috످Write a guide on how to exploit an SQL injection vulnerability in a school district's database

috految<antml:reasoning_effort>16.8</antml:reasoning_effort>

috److I won't write a guide to exploiting a school district's database, since it could expose children's addresses, medical records, and custody details. But I can help you learn SQL injection in a lab, report a vulnerability, or secure a district's systems.

## Learn how it works

SQL injection happens when an app treats user input as code.

**Vulnerable:**
```python
cursor.execute(f"SELECT * FROM products WHERE name = '{name}'")
```

Entering `' OR '1'='1` makes the condition always true, returning every row.

**Fixed:**
```python
cursor.execute("SELECT * FROM products WHERE name = %s", (name,))
```

The parameterized query treats the input strictly as data.

You can practice legally with [PortSwigger's free labs](https://portswigger.net/web-security/sql-injection) or [OWASP Juice Shop](https://owasp.org/www-project-juice-shop/).

## If you found a vulnerability

1. **Stop testing.** Unauthorized access can be a crime, even with good intentions.
2. **Document what you saw** without copying student data.
3. **Get legal advice** if you've already accessed records. The [EFF](https://www.eff.org/pages/legal-assistance) may be able to help.
4. **Report it privately** to the district's IT team, or anonymously through [CERT/CC](https://kb.cert.org/vuls/report/) if it involves vendor software. If you're a student, involve a trusted adult.

## If you work for a district

- **Find flaws** with Semgrep or [CISA's free scanning](https://www.cisa.gov/cyber-hygiene-services).
- **Parameterize all queries** and limit database privileges.
- **Patch student information systems** and require MFA.
- **Monitor logs** for SQL errors, `UNION SELECT`, and bulk exports.
- **If breached,** isolate affected systems, preserve logs, report to [IC3](https://www.ic3.gov), and check your state's notification laws.

If you're planning an authorized pentest, I can help draft the scope and rules of engagement. For a class or self-study, I can build a local practice lab with fake data.

috످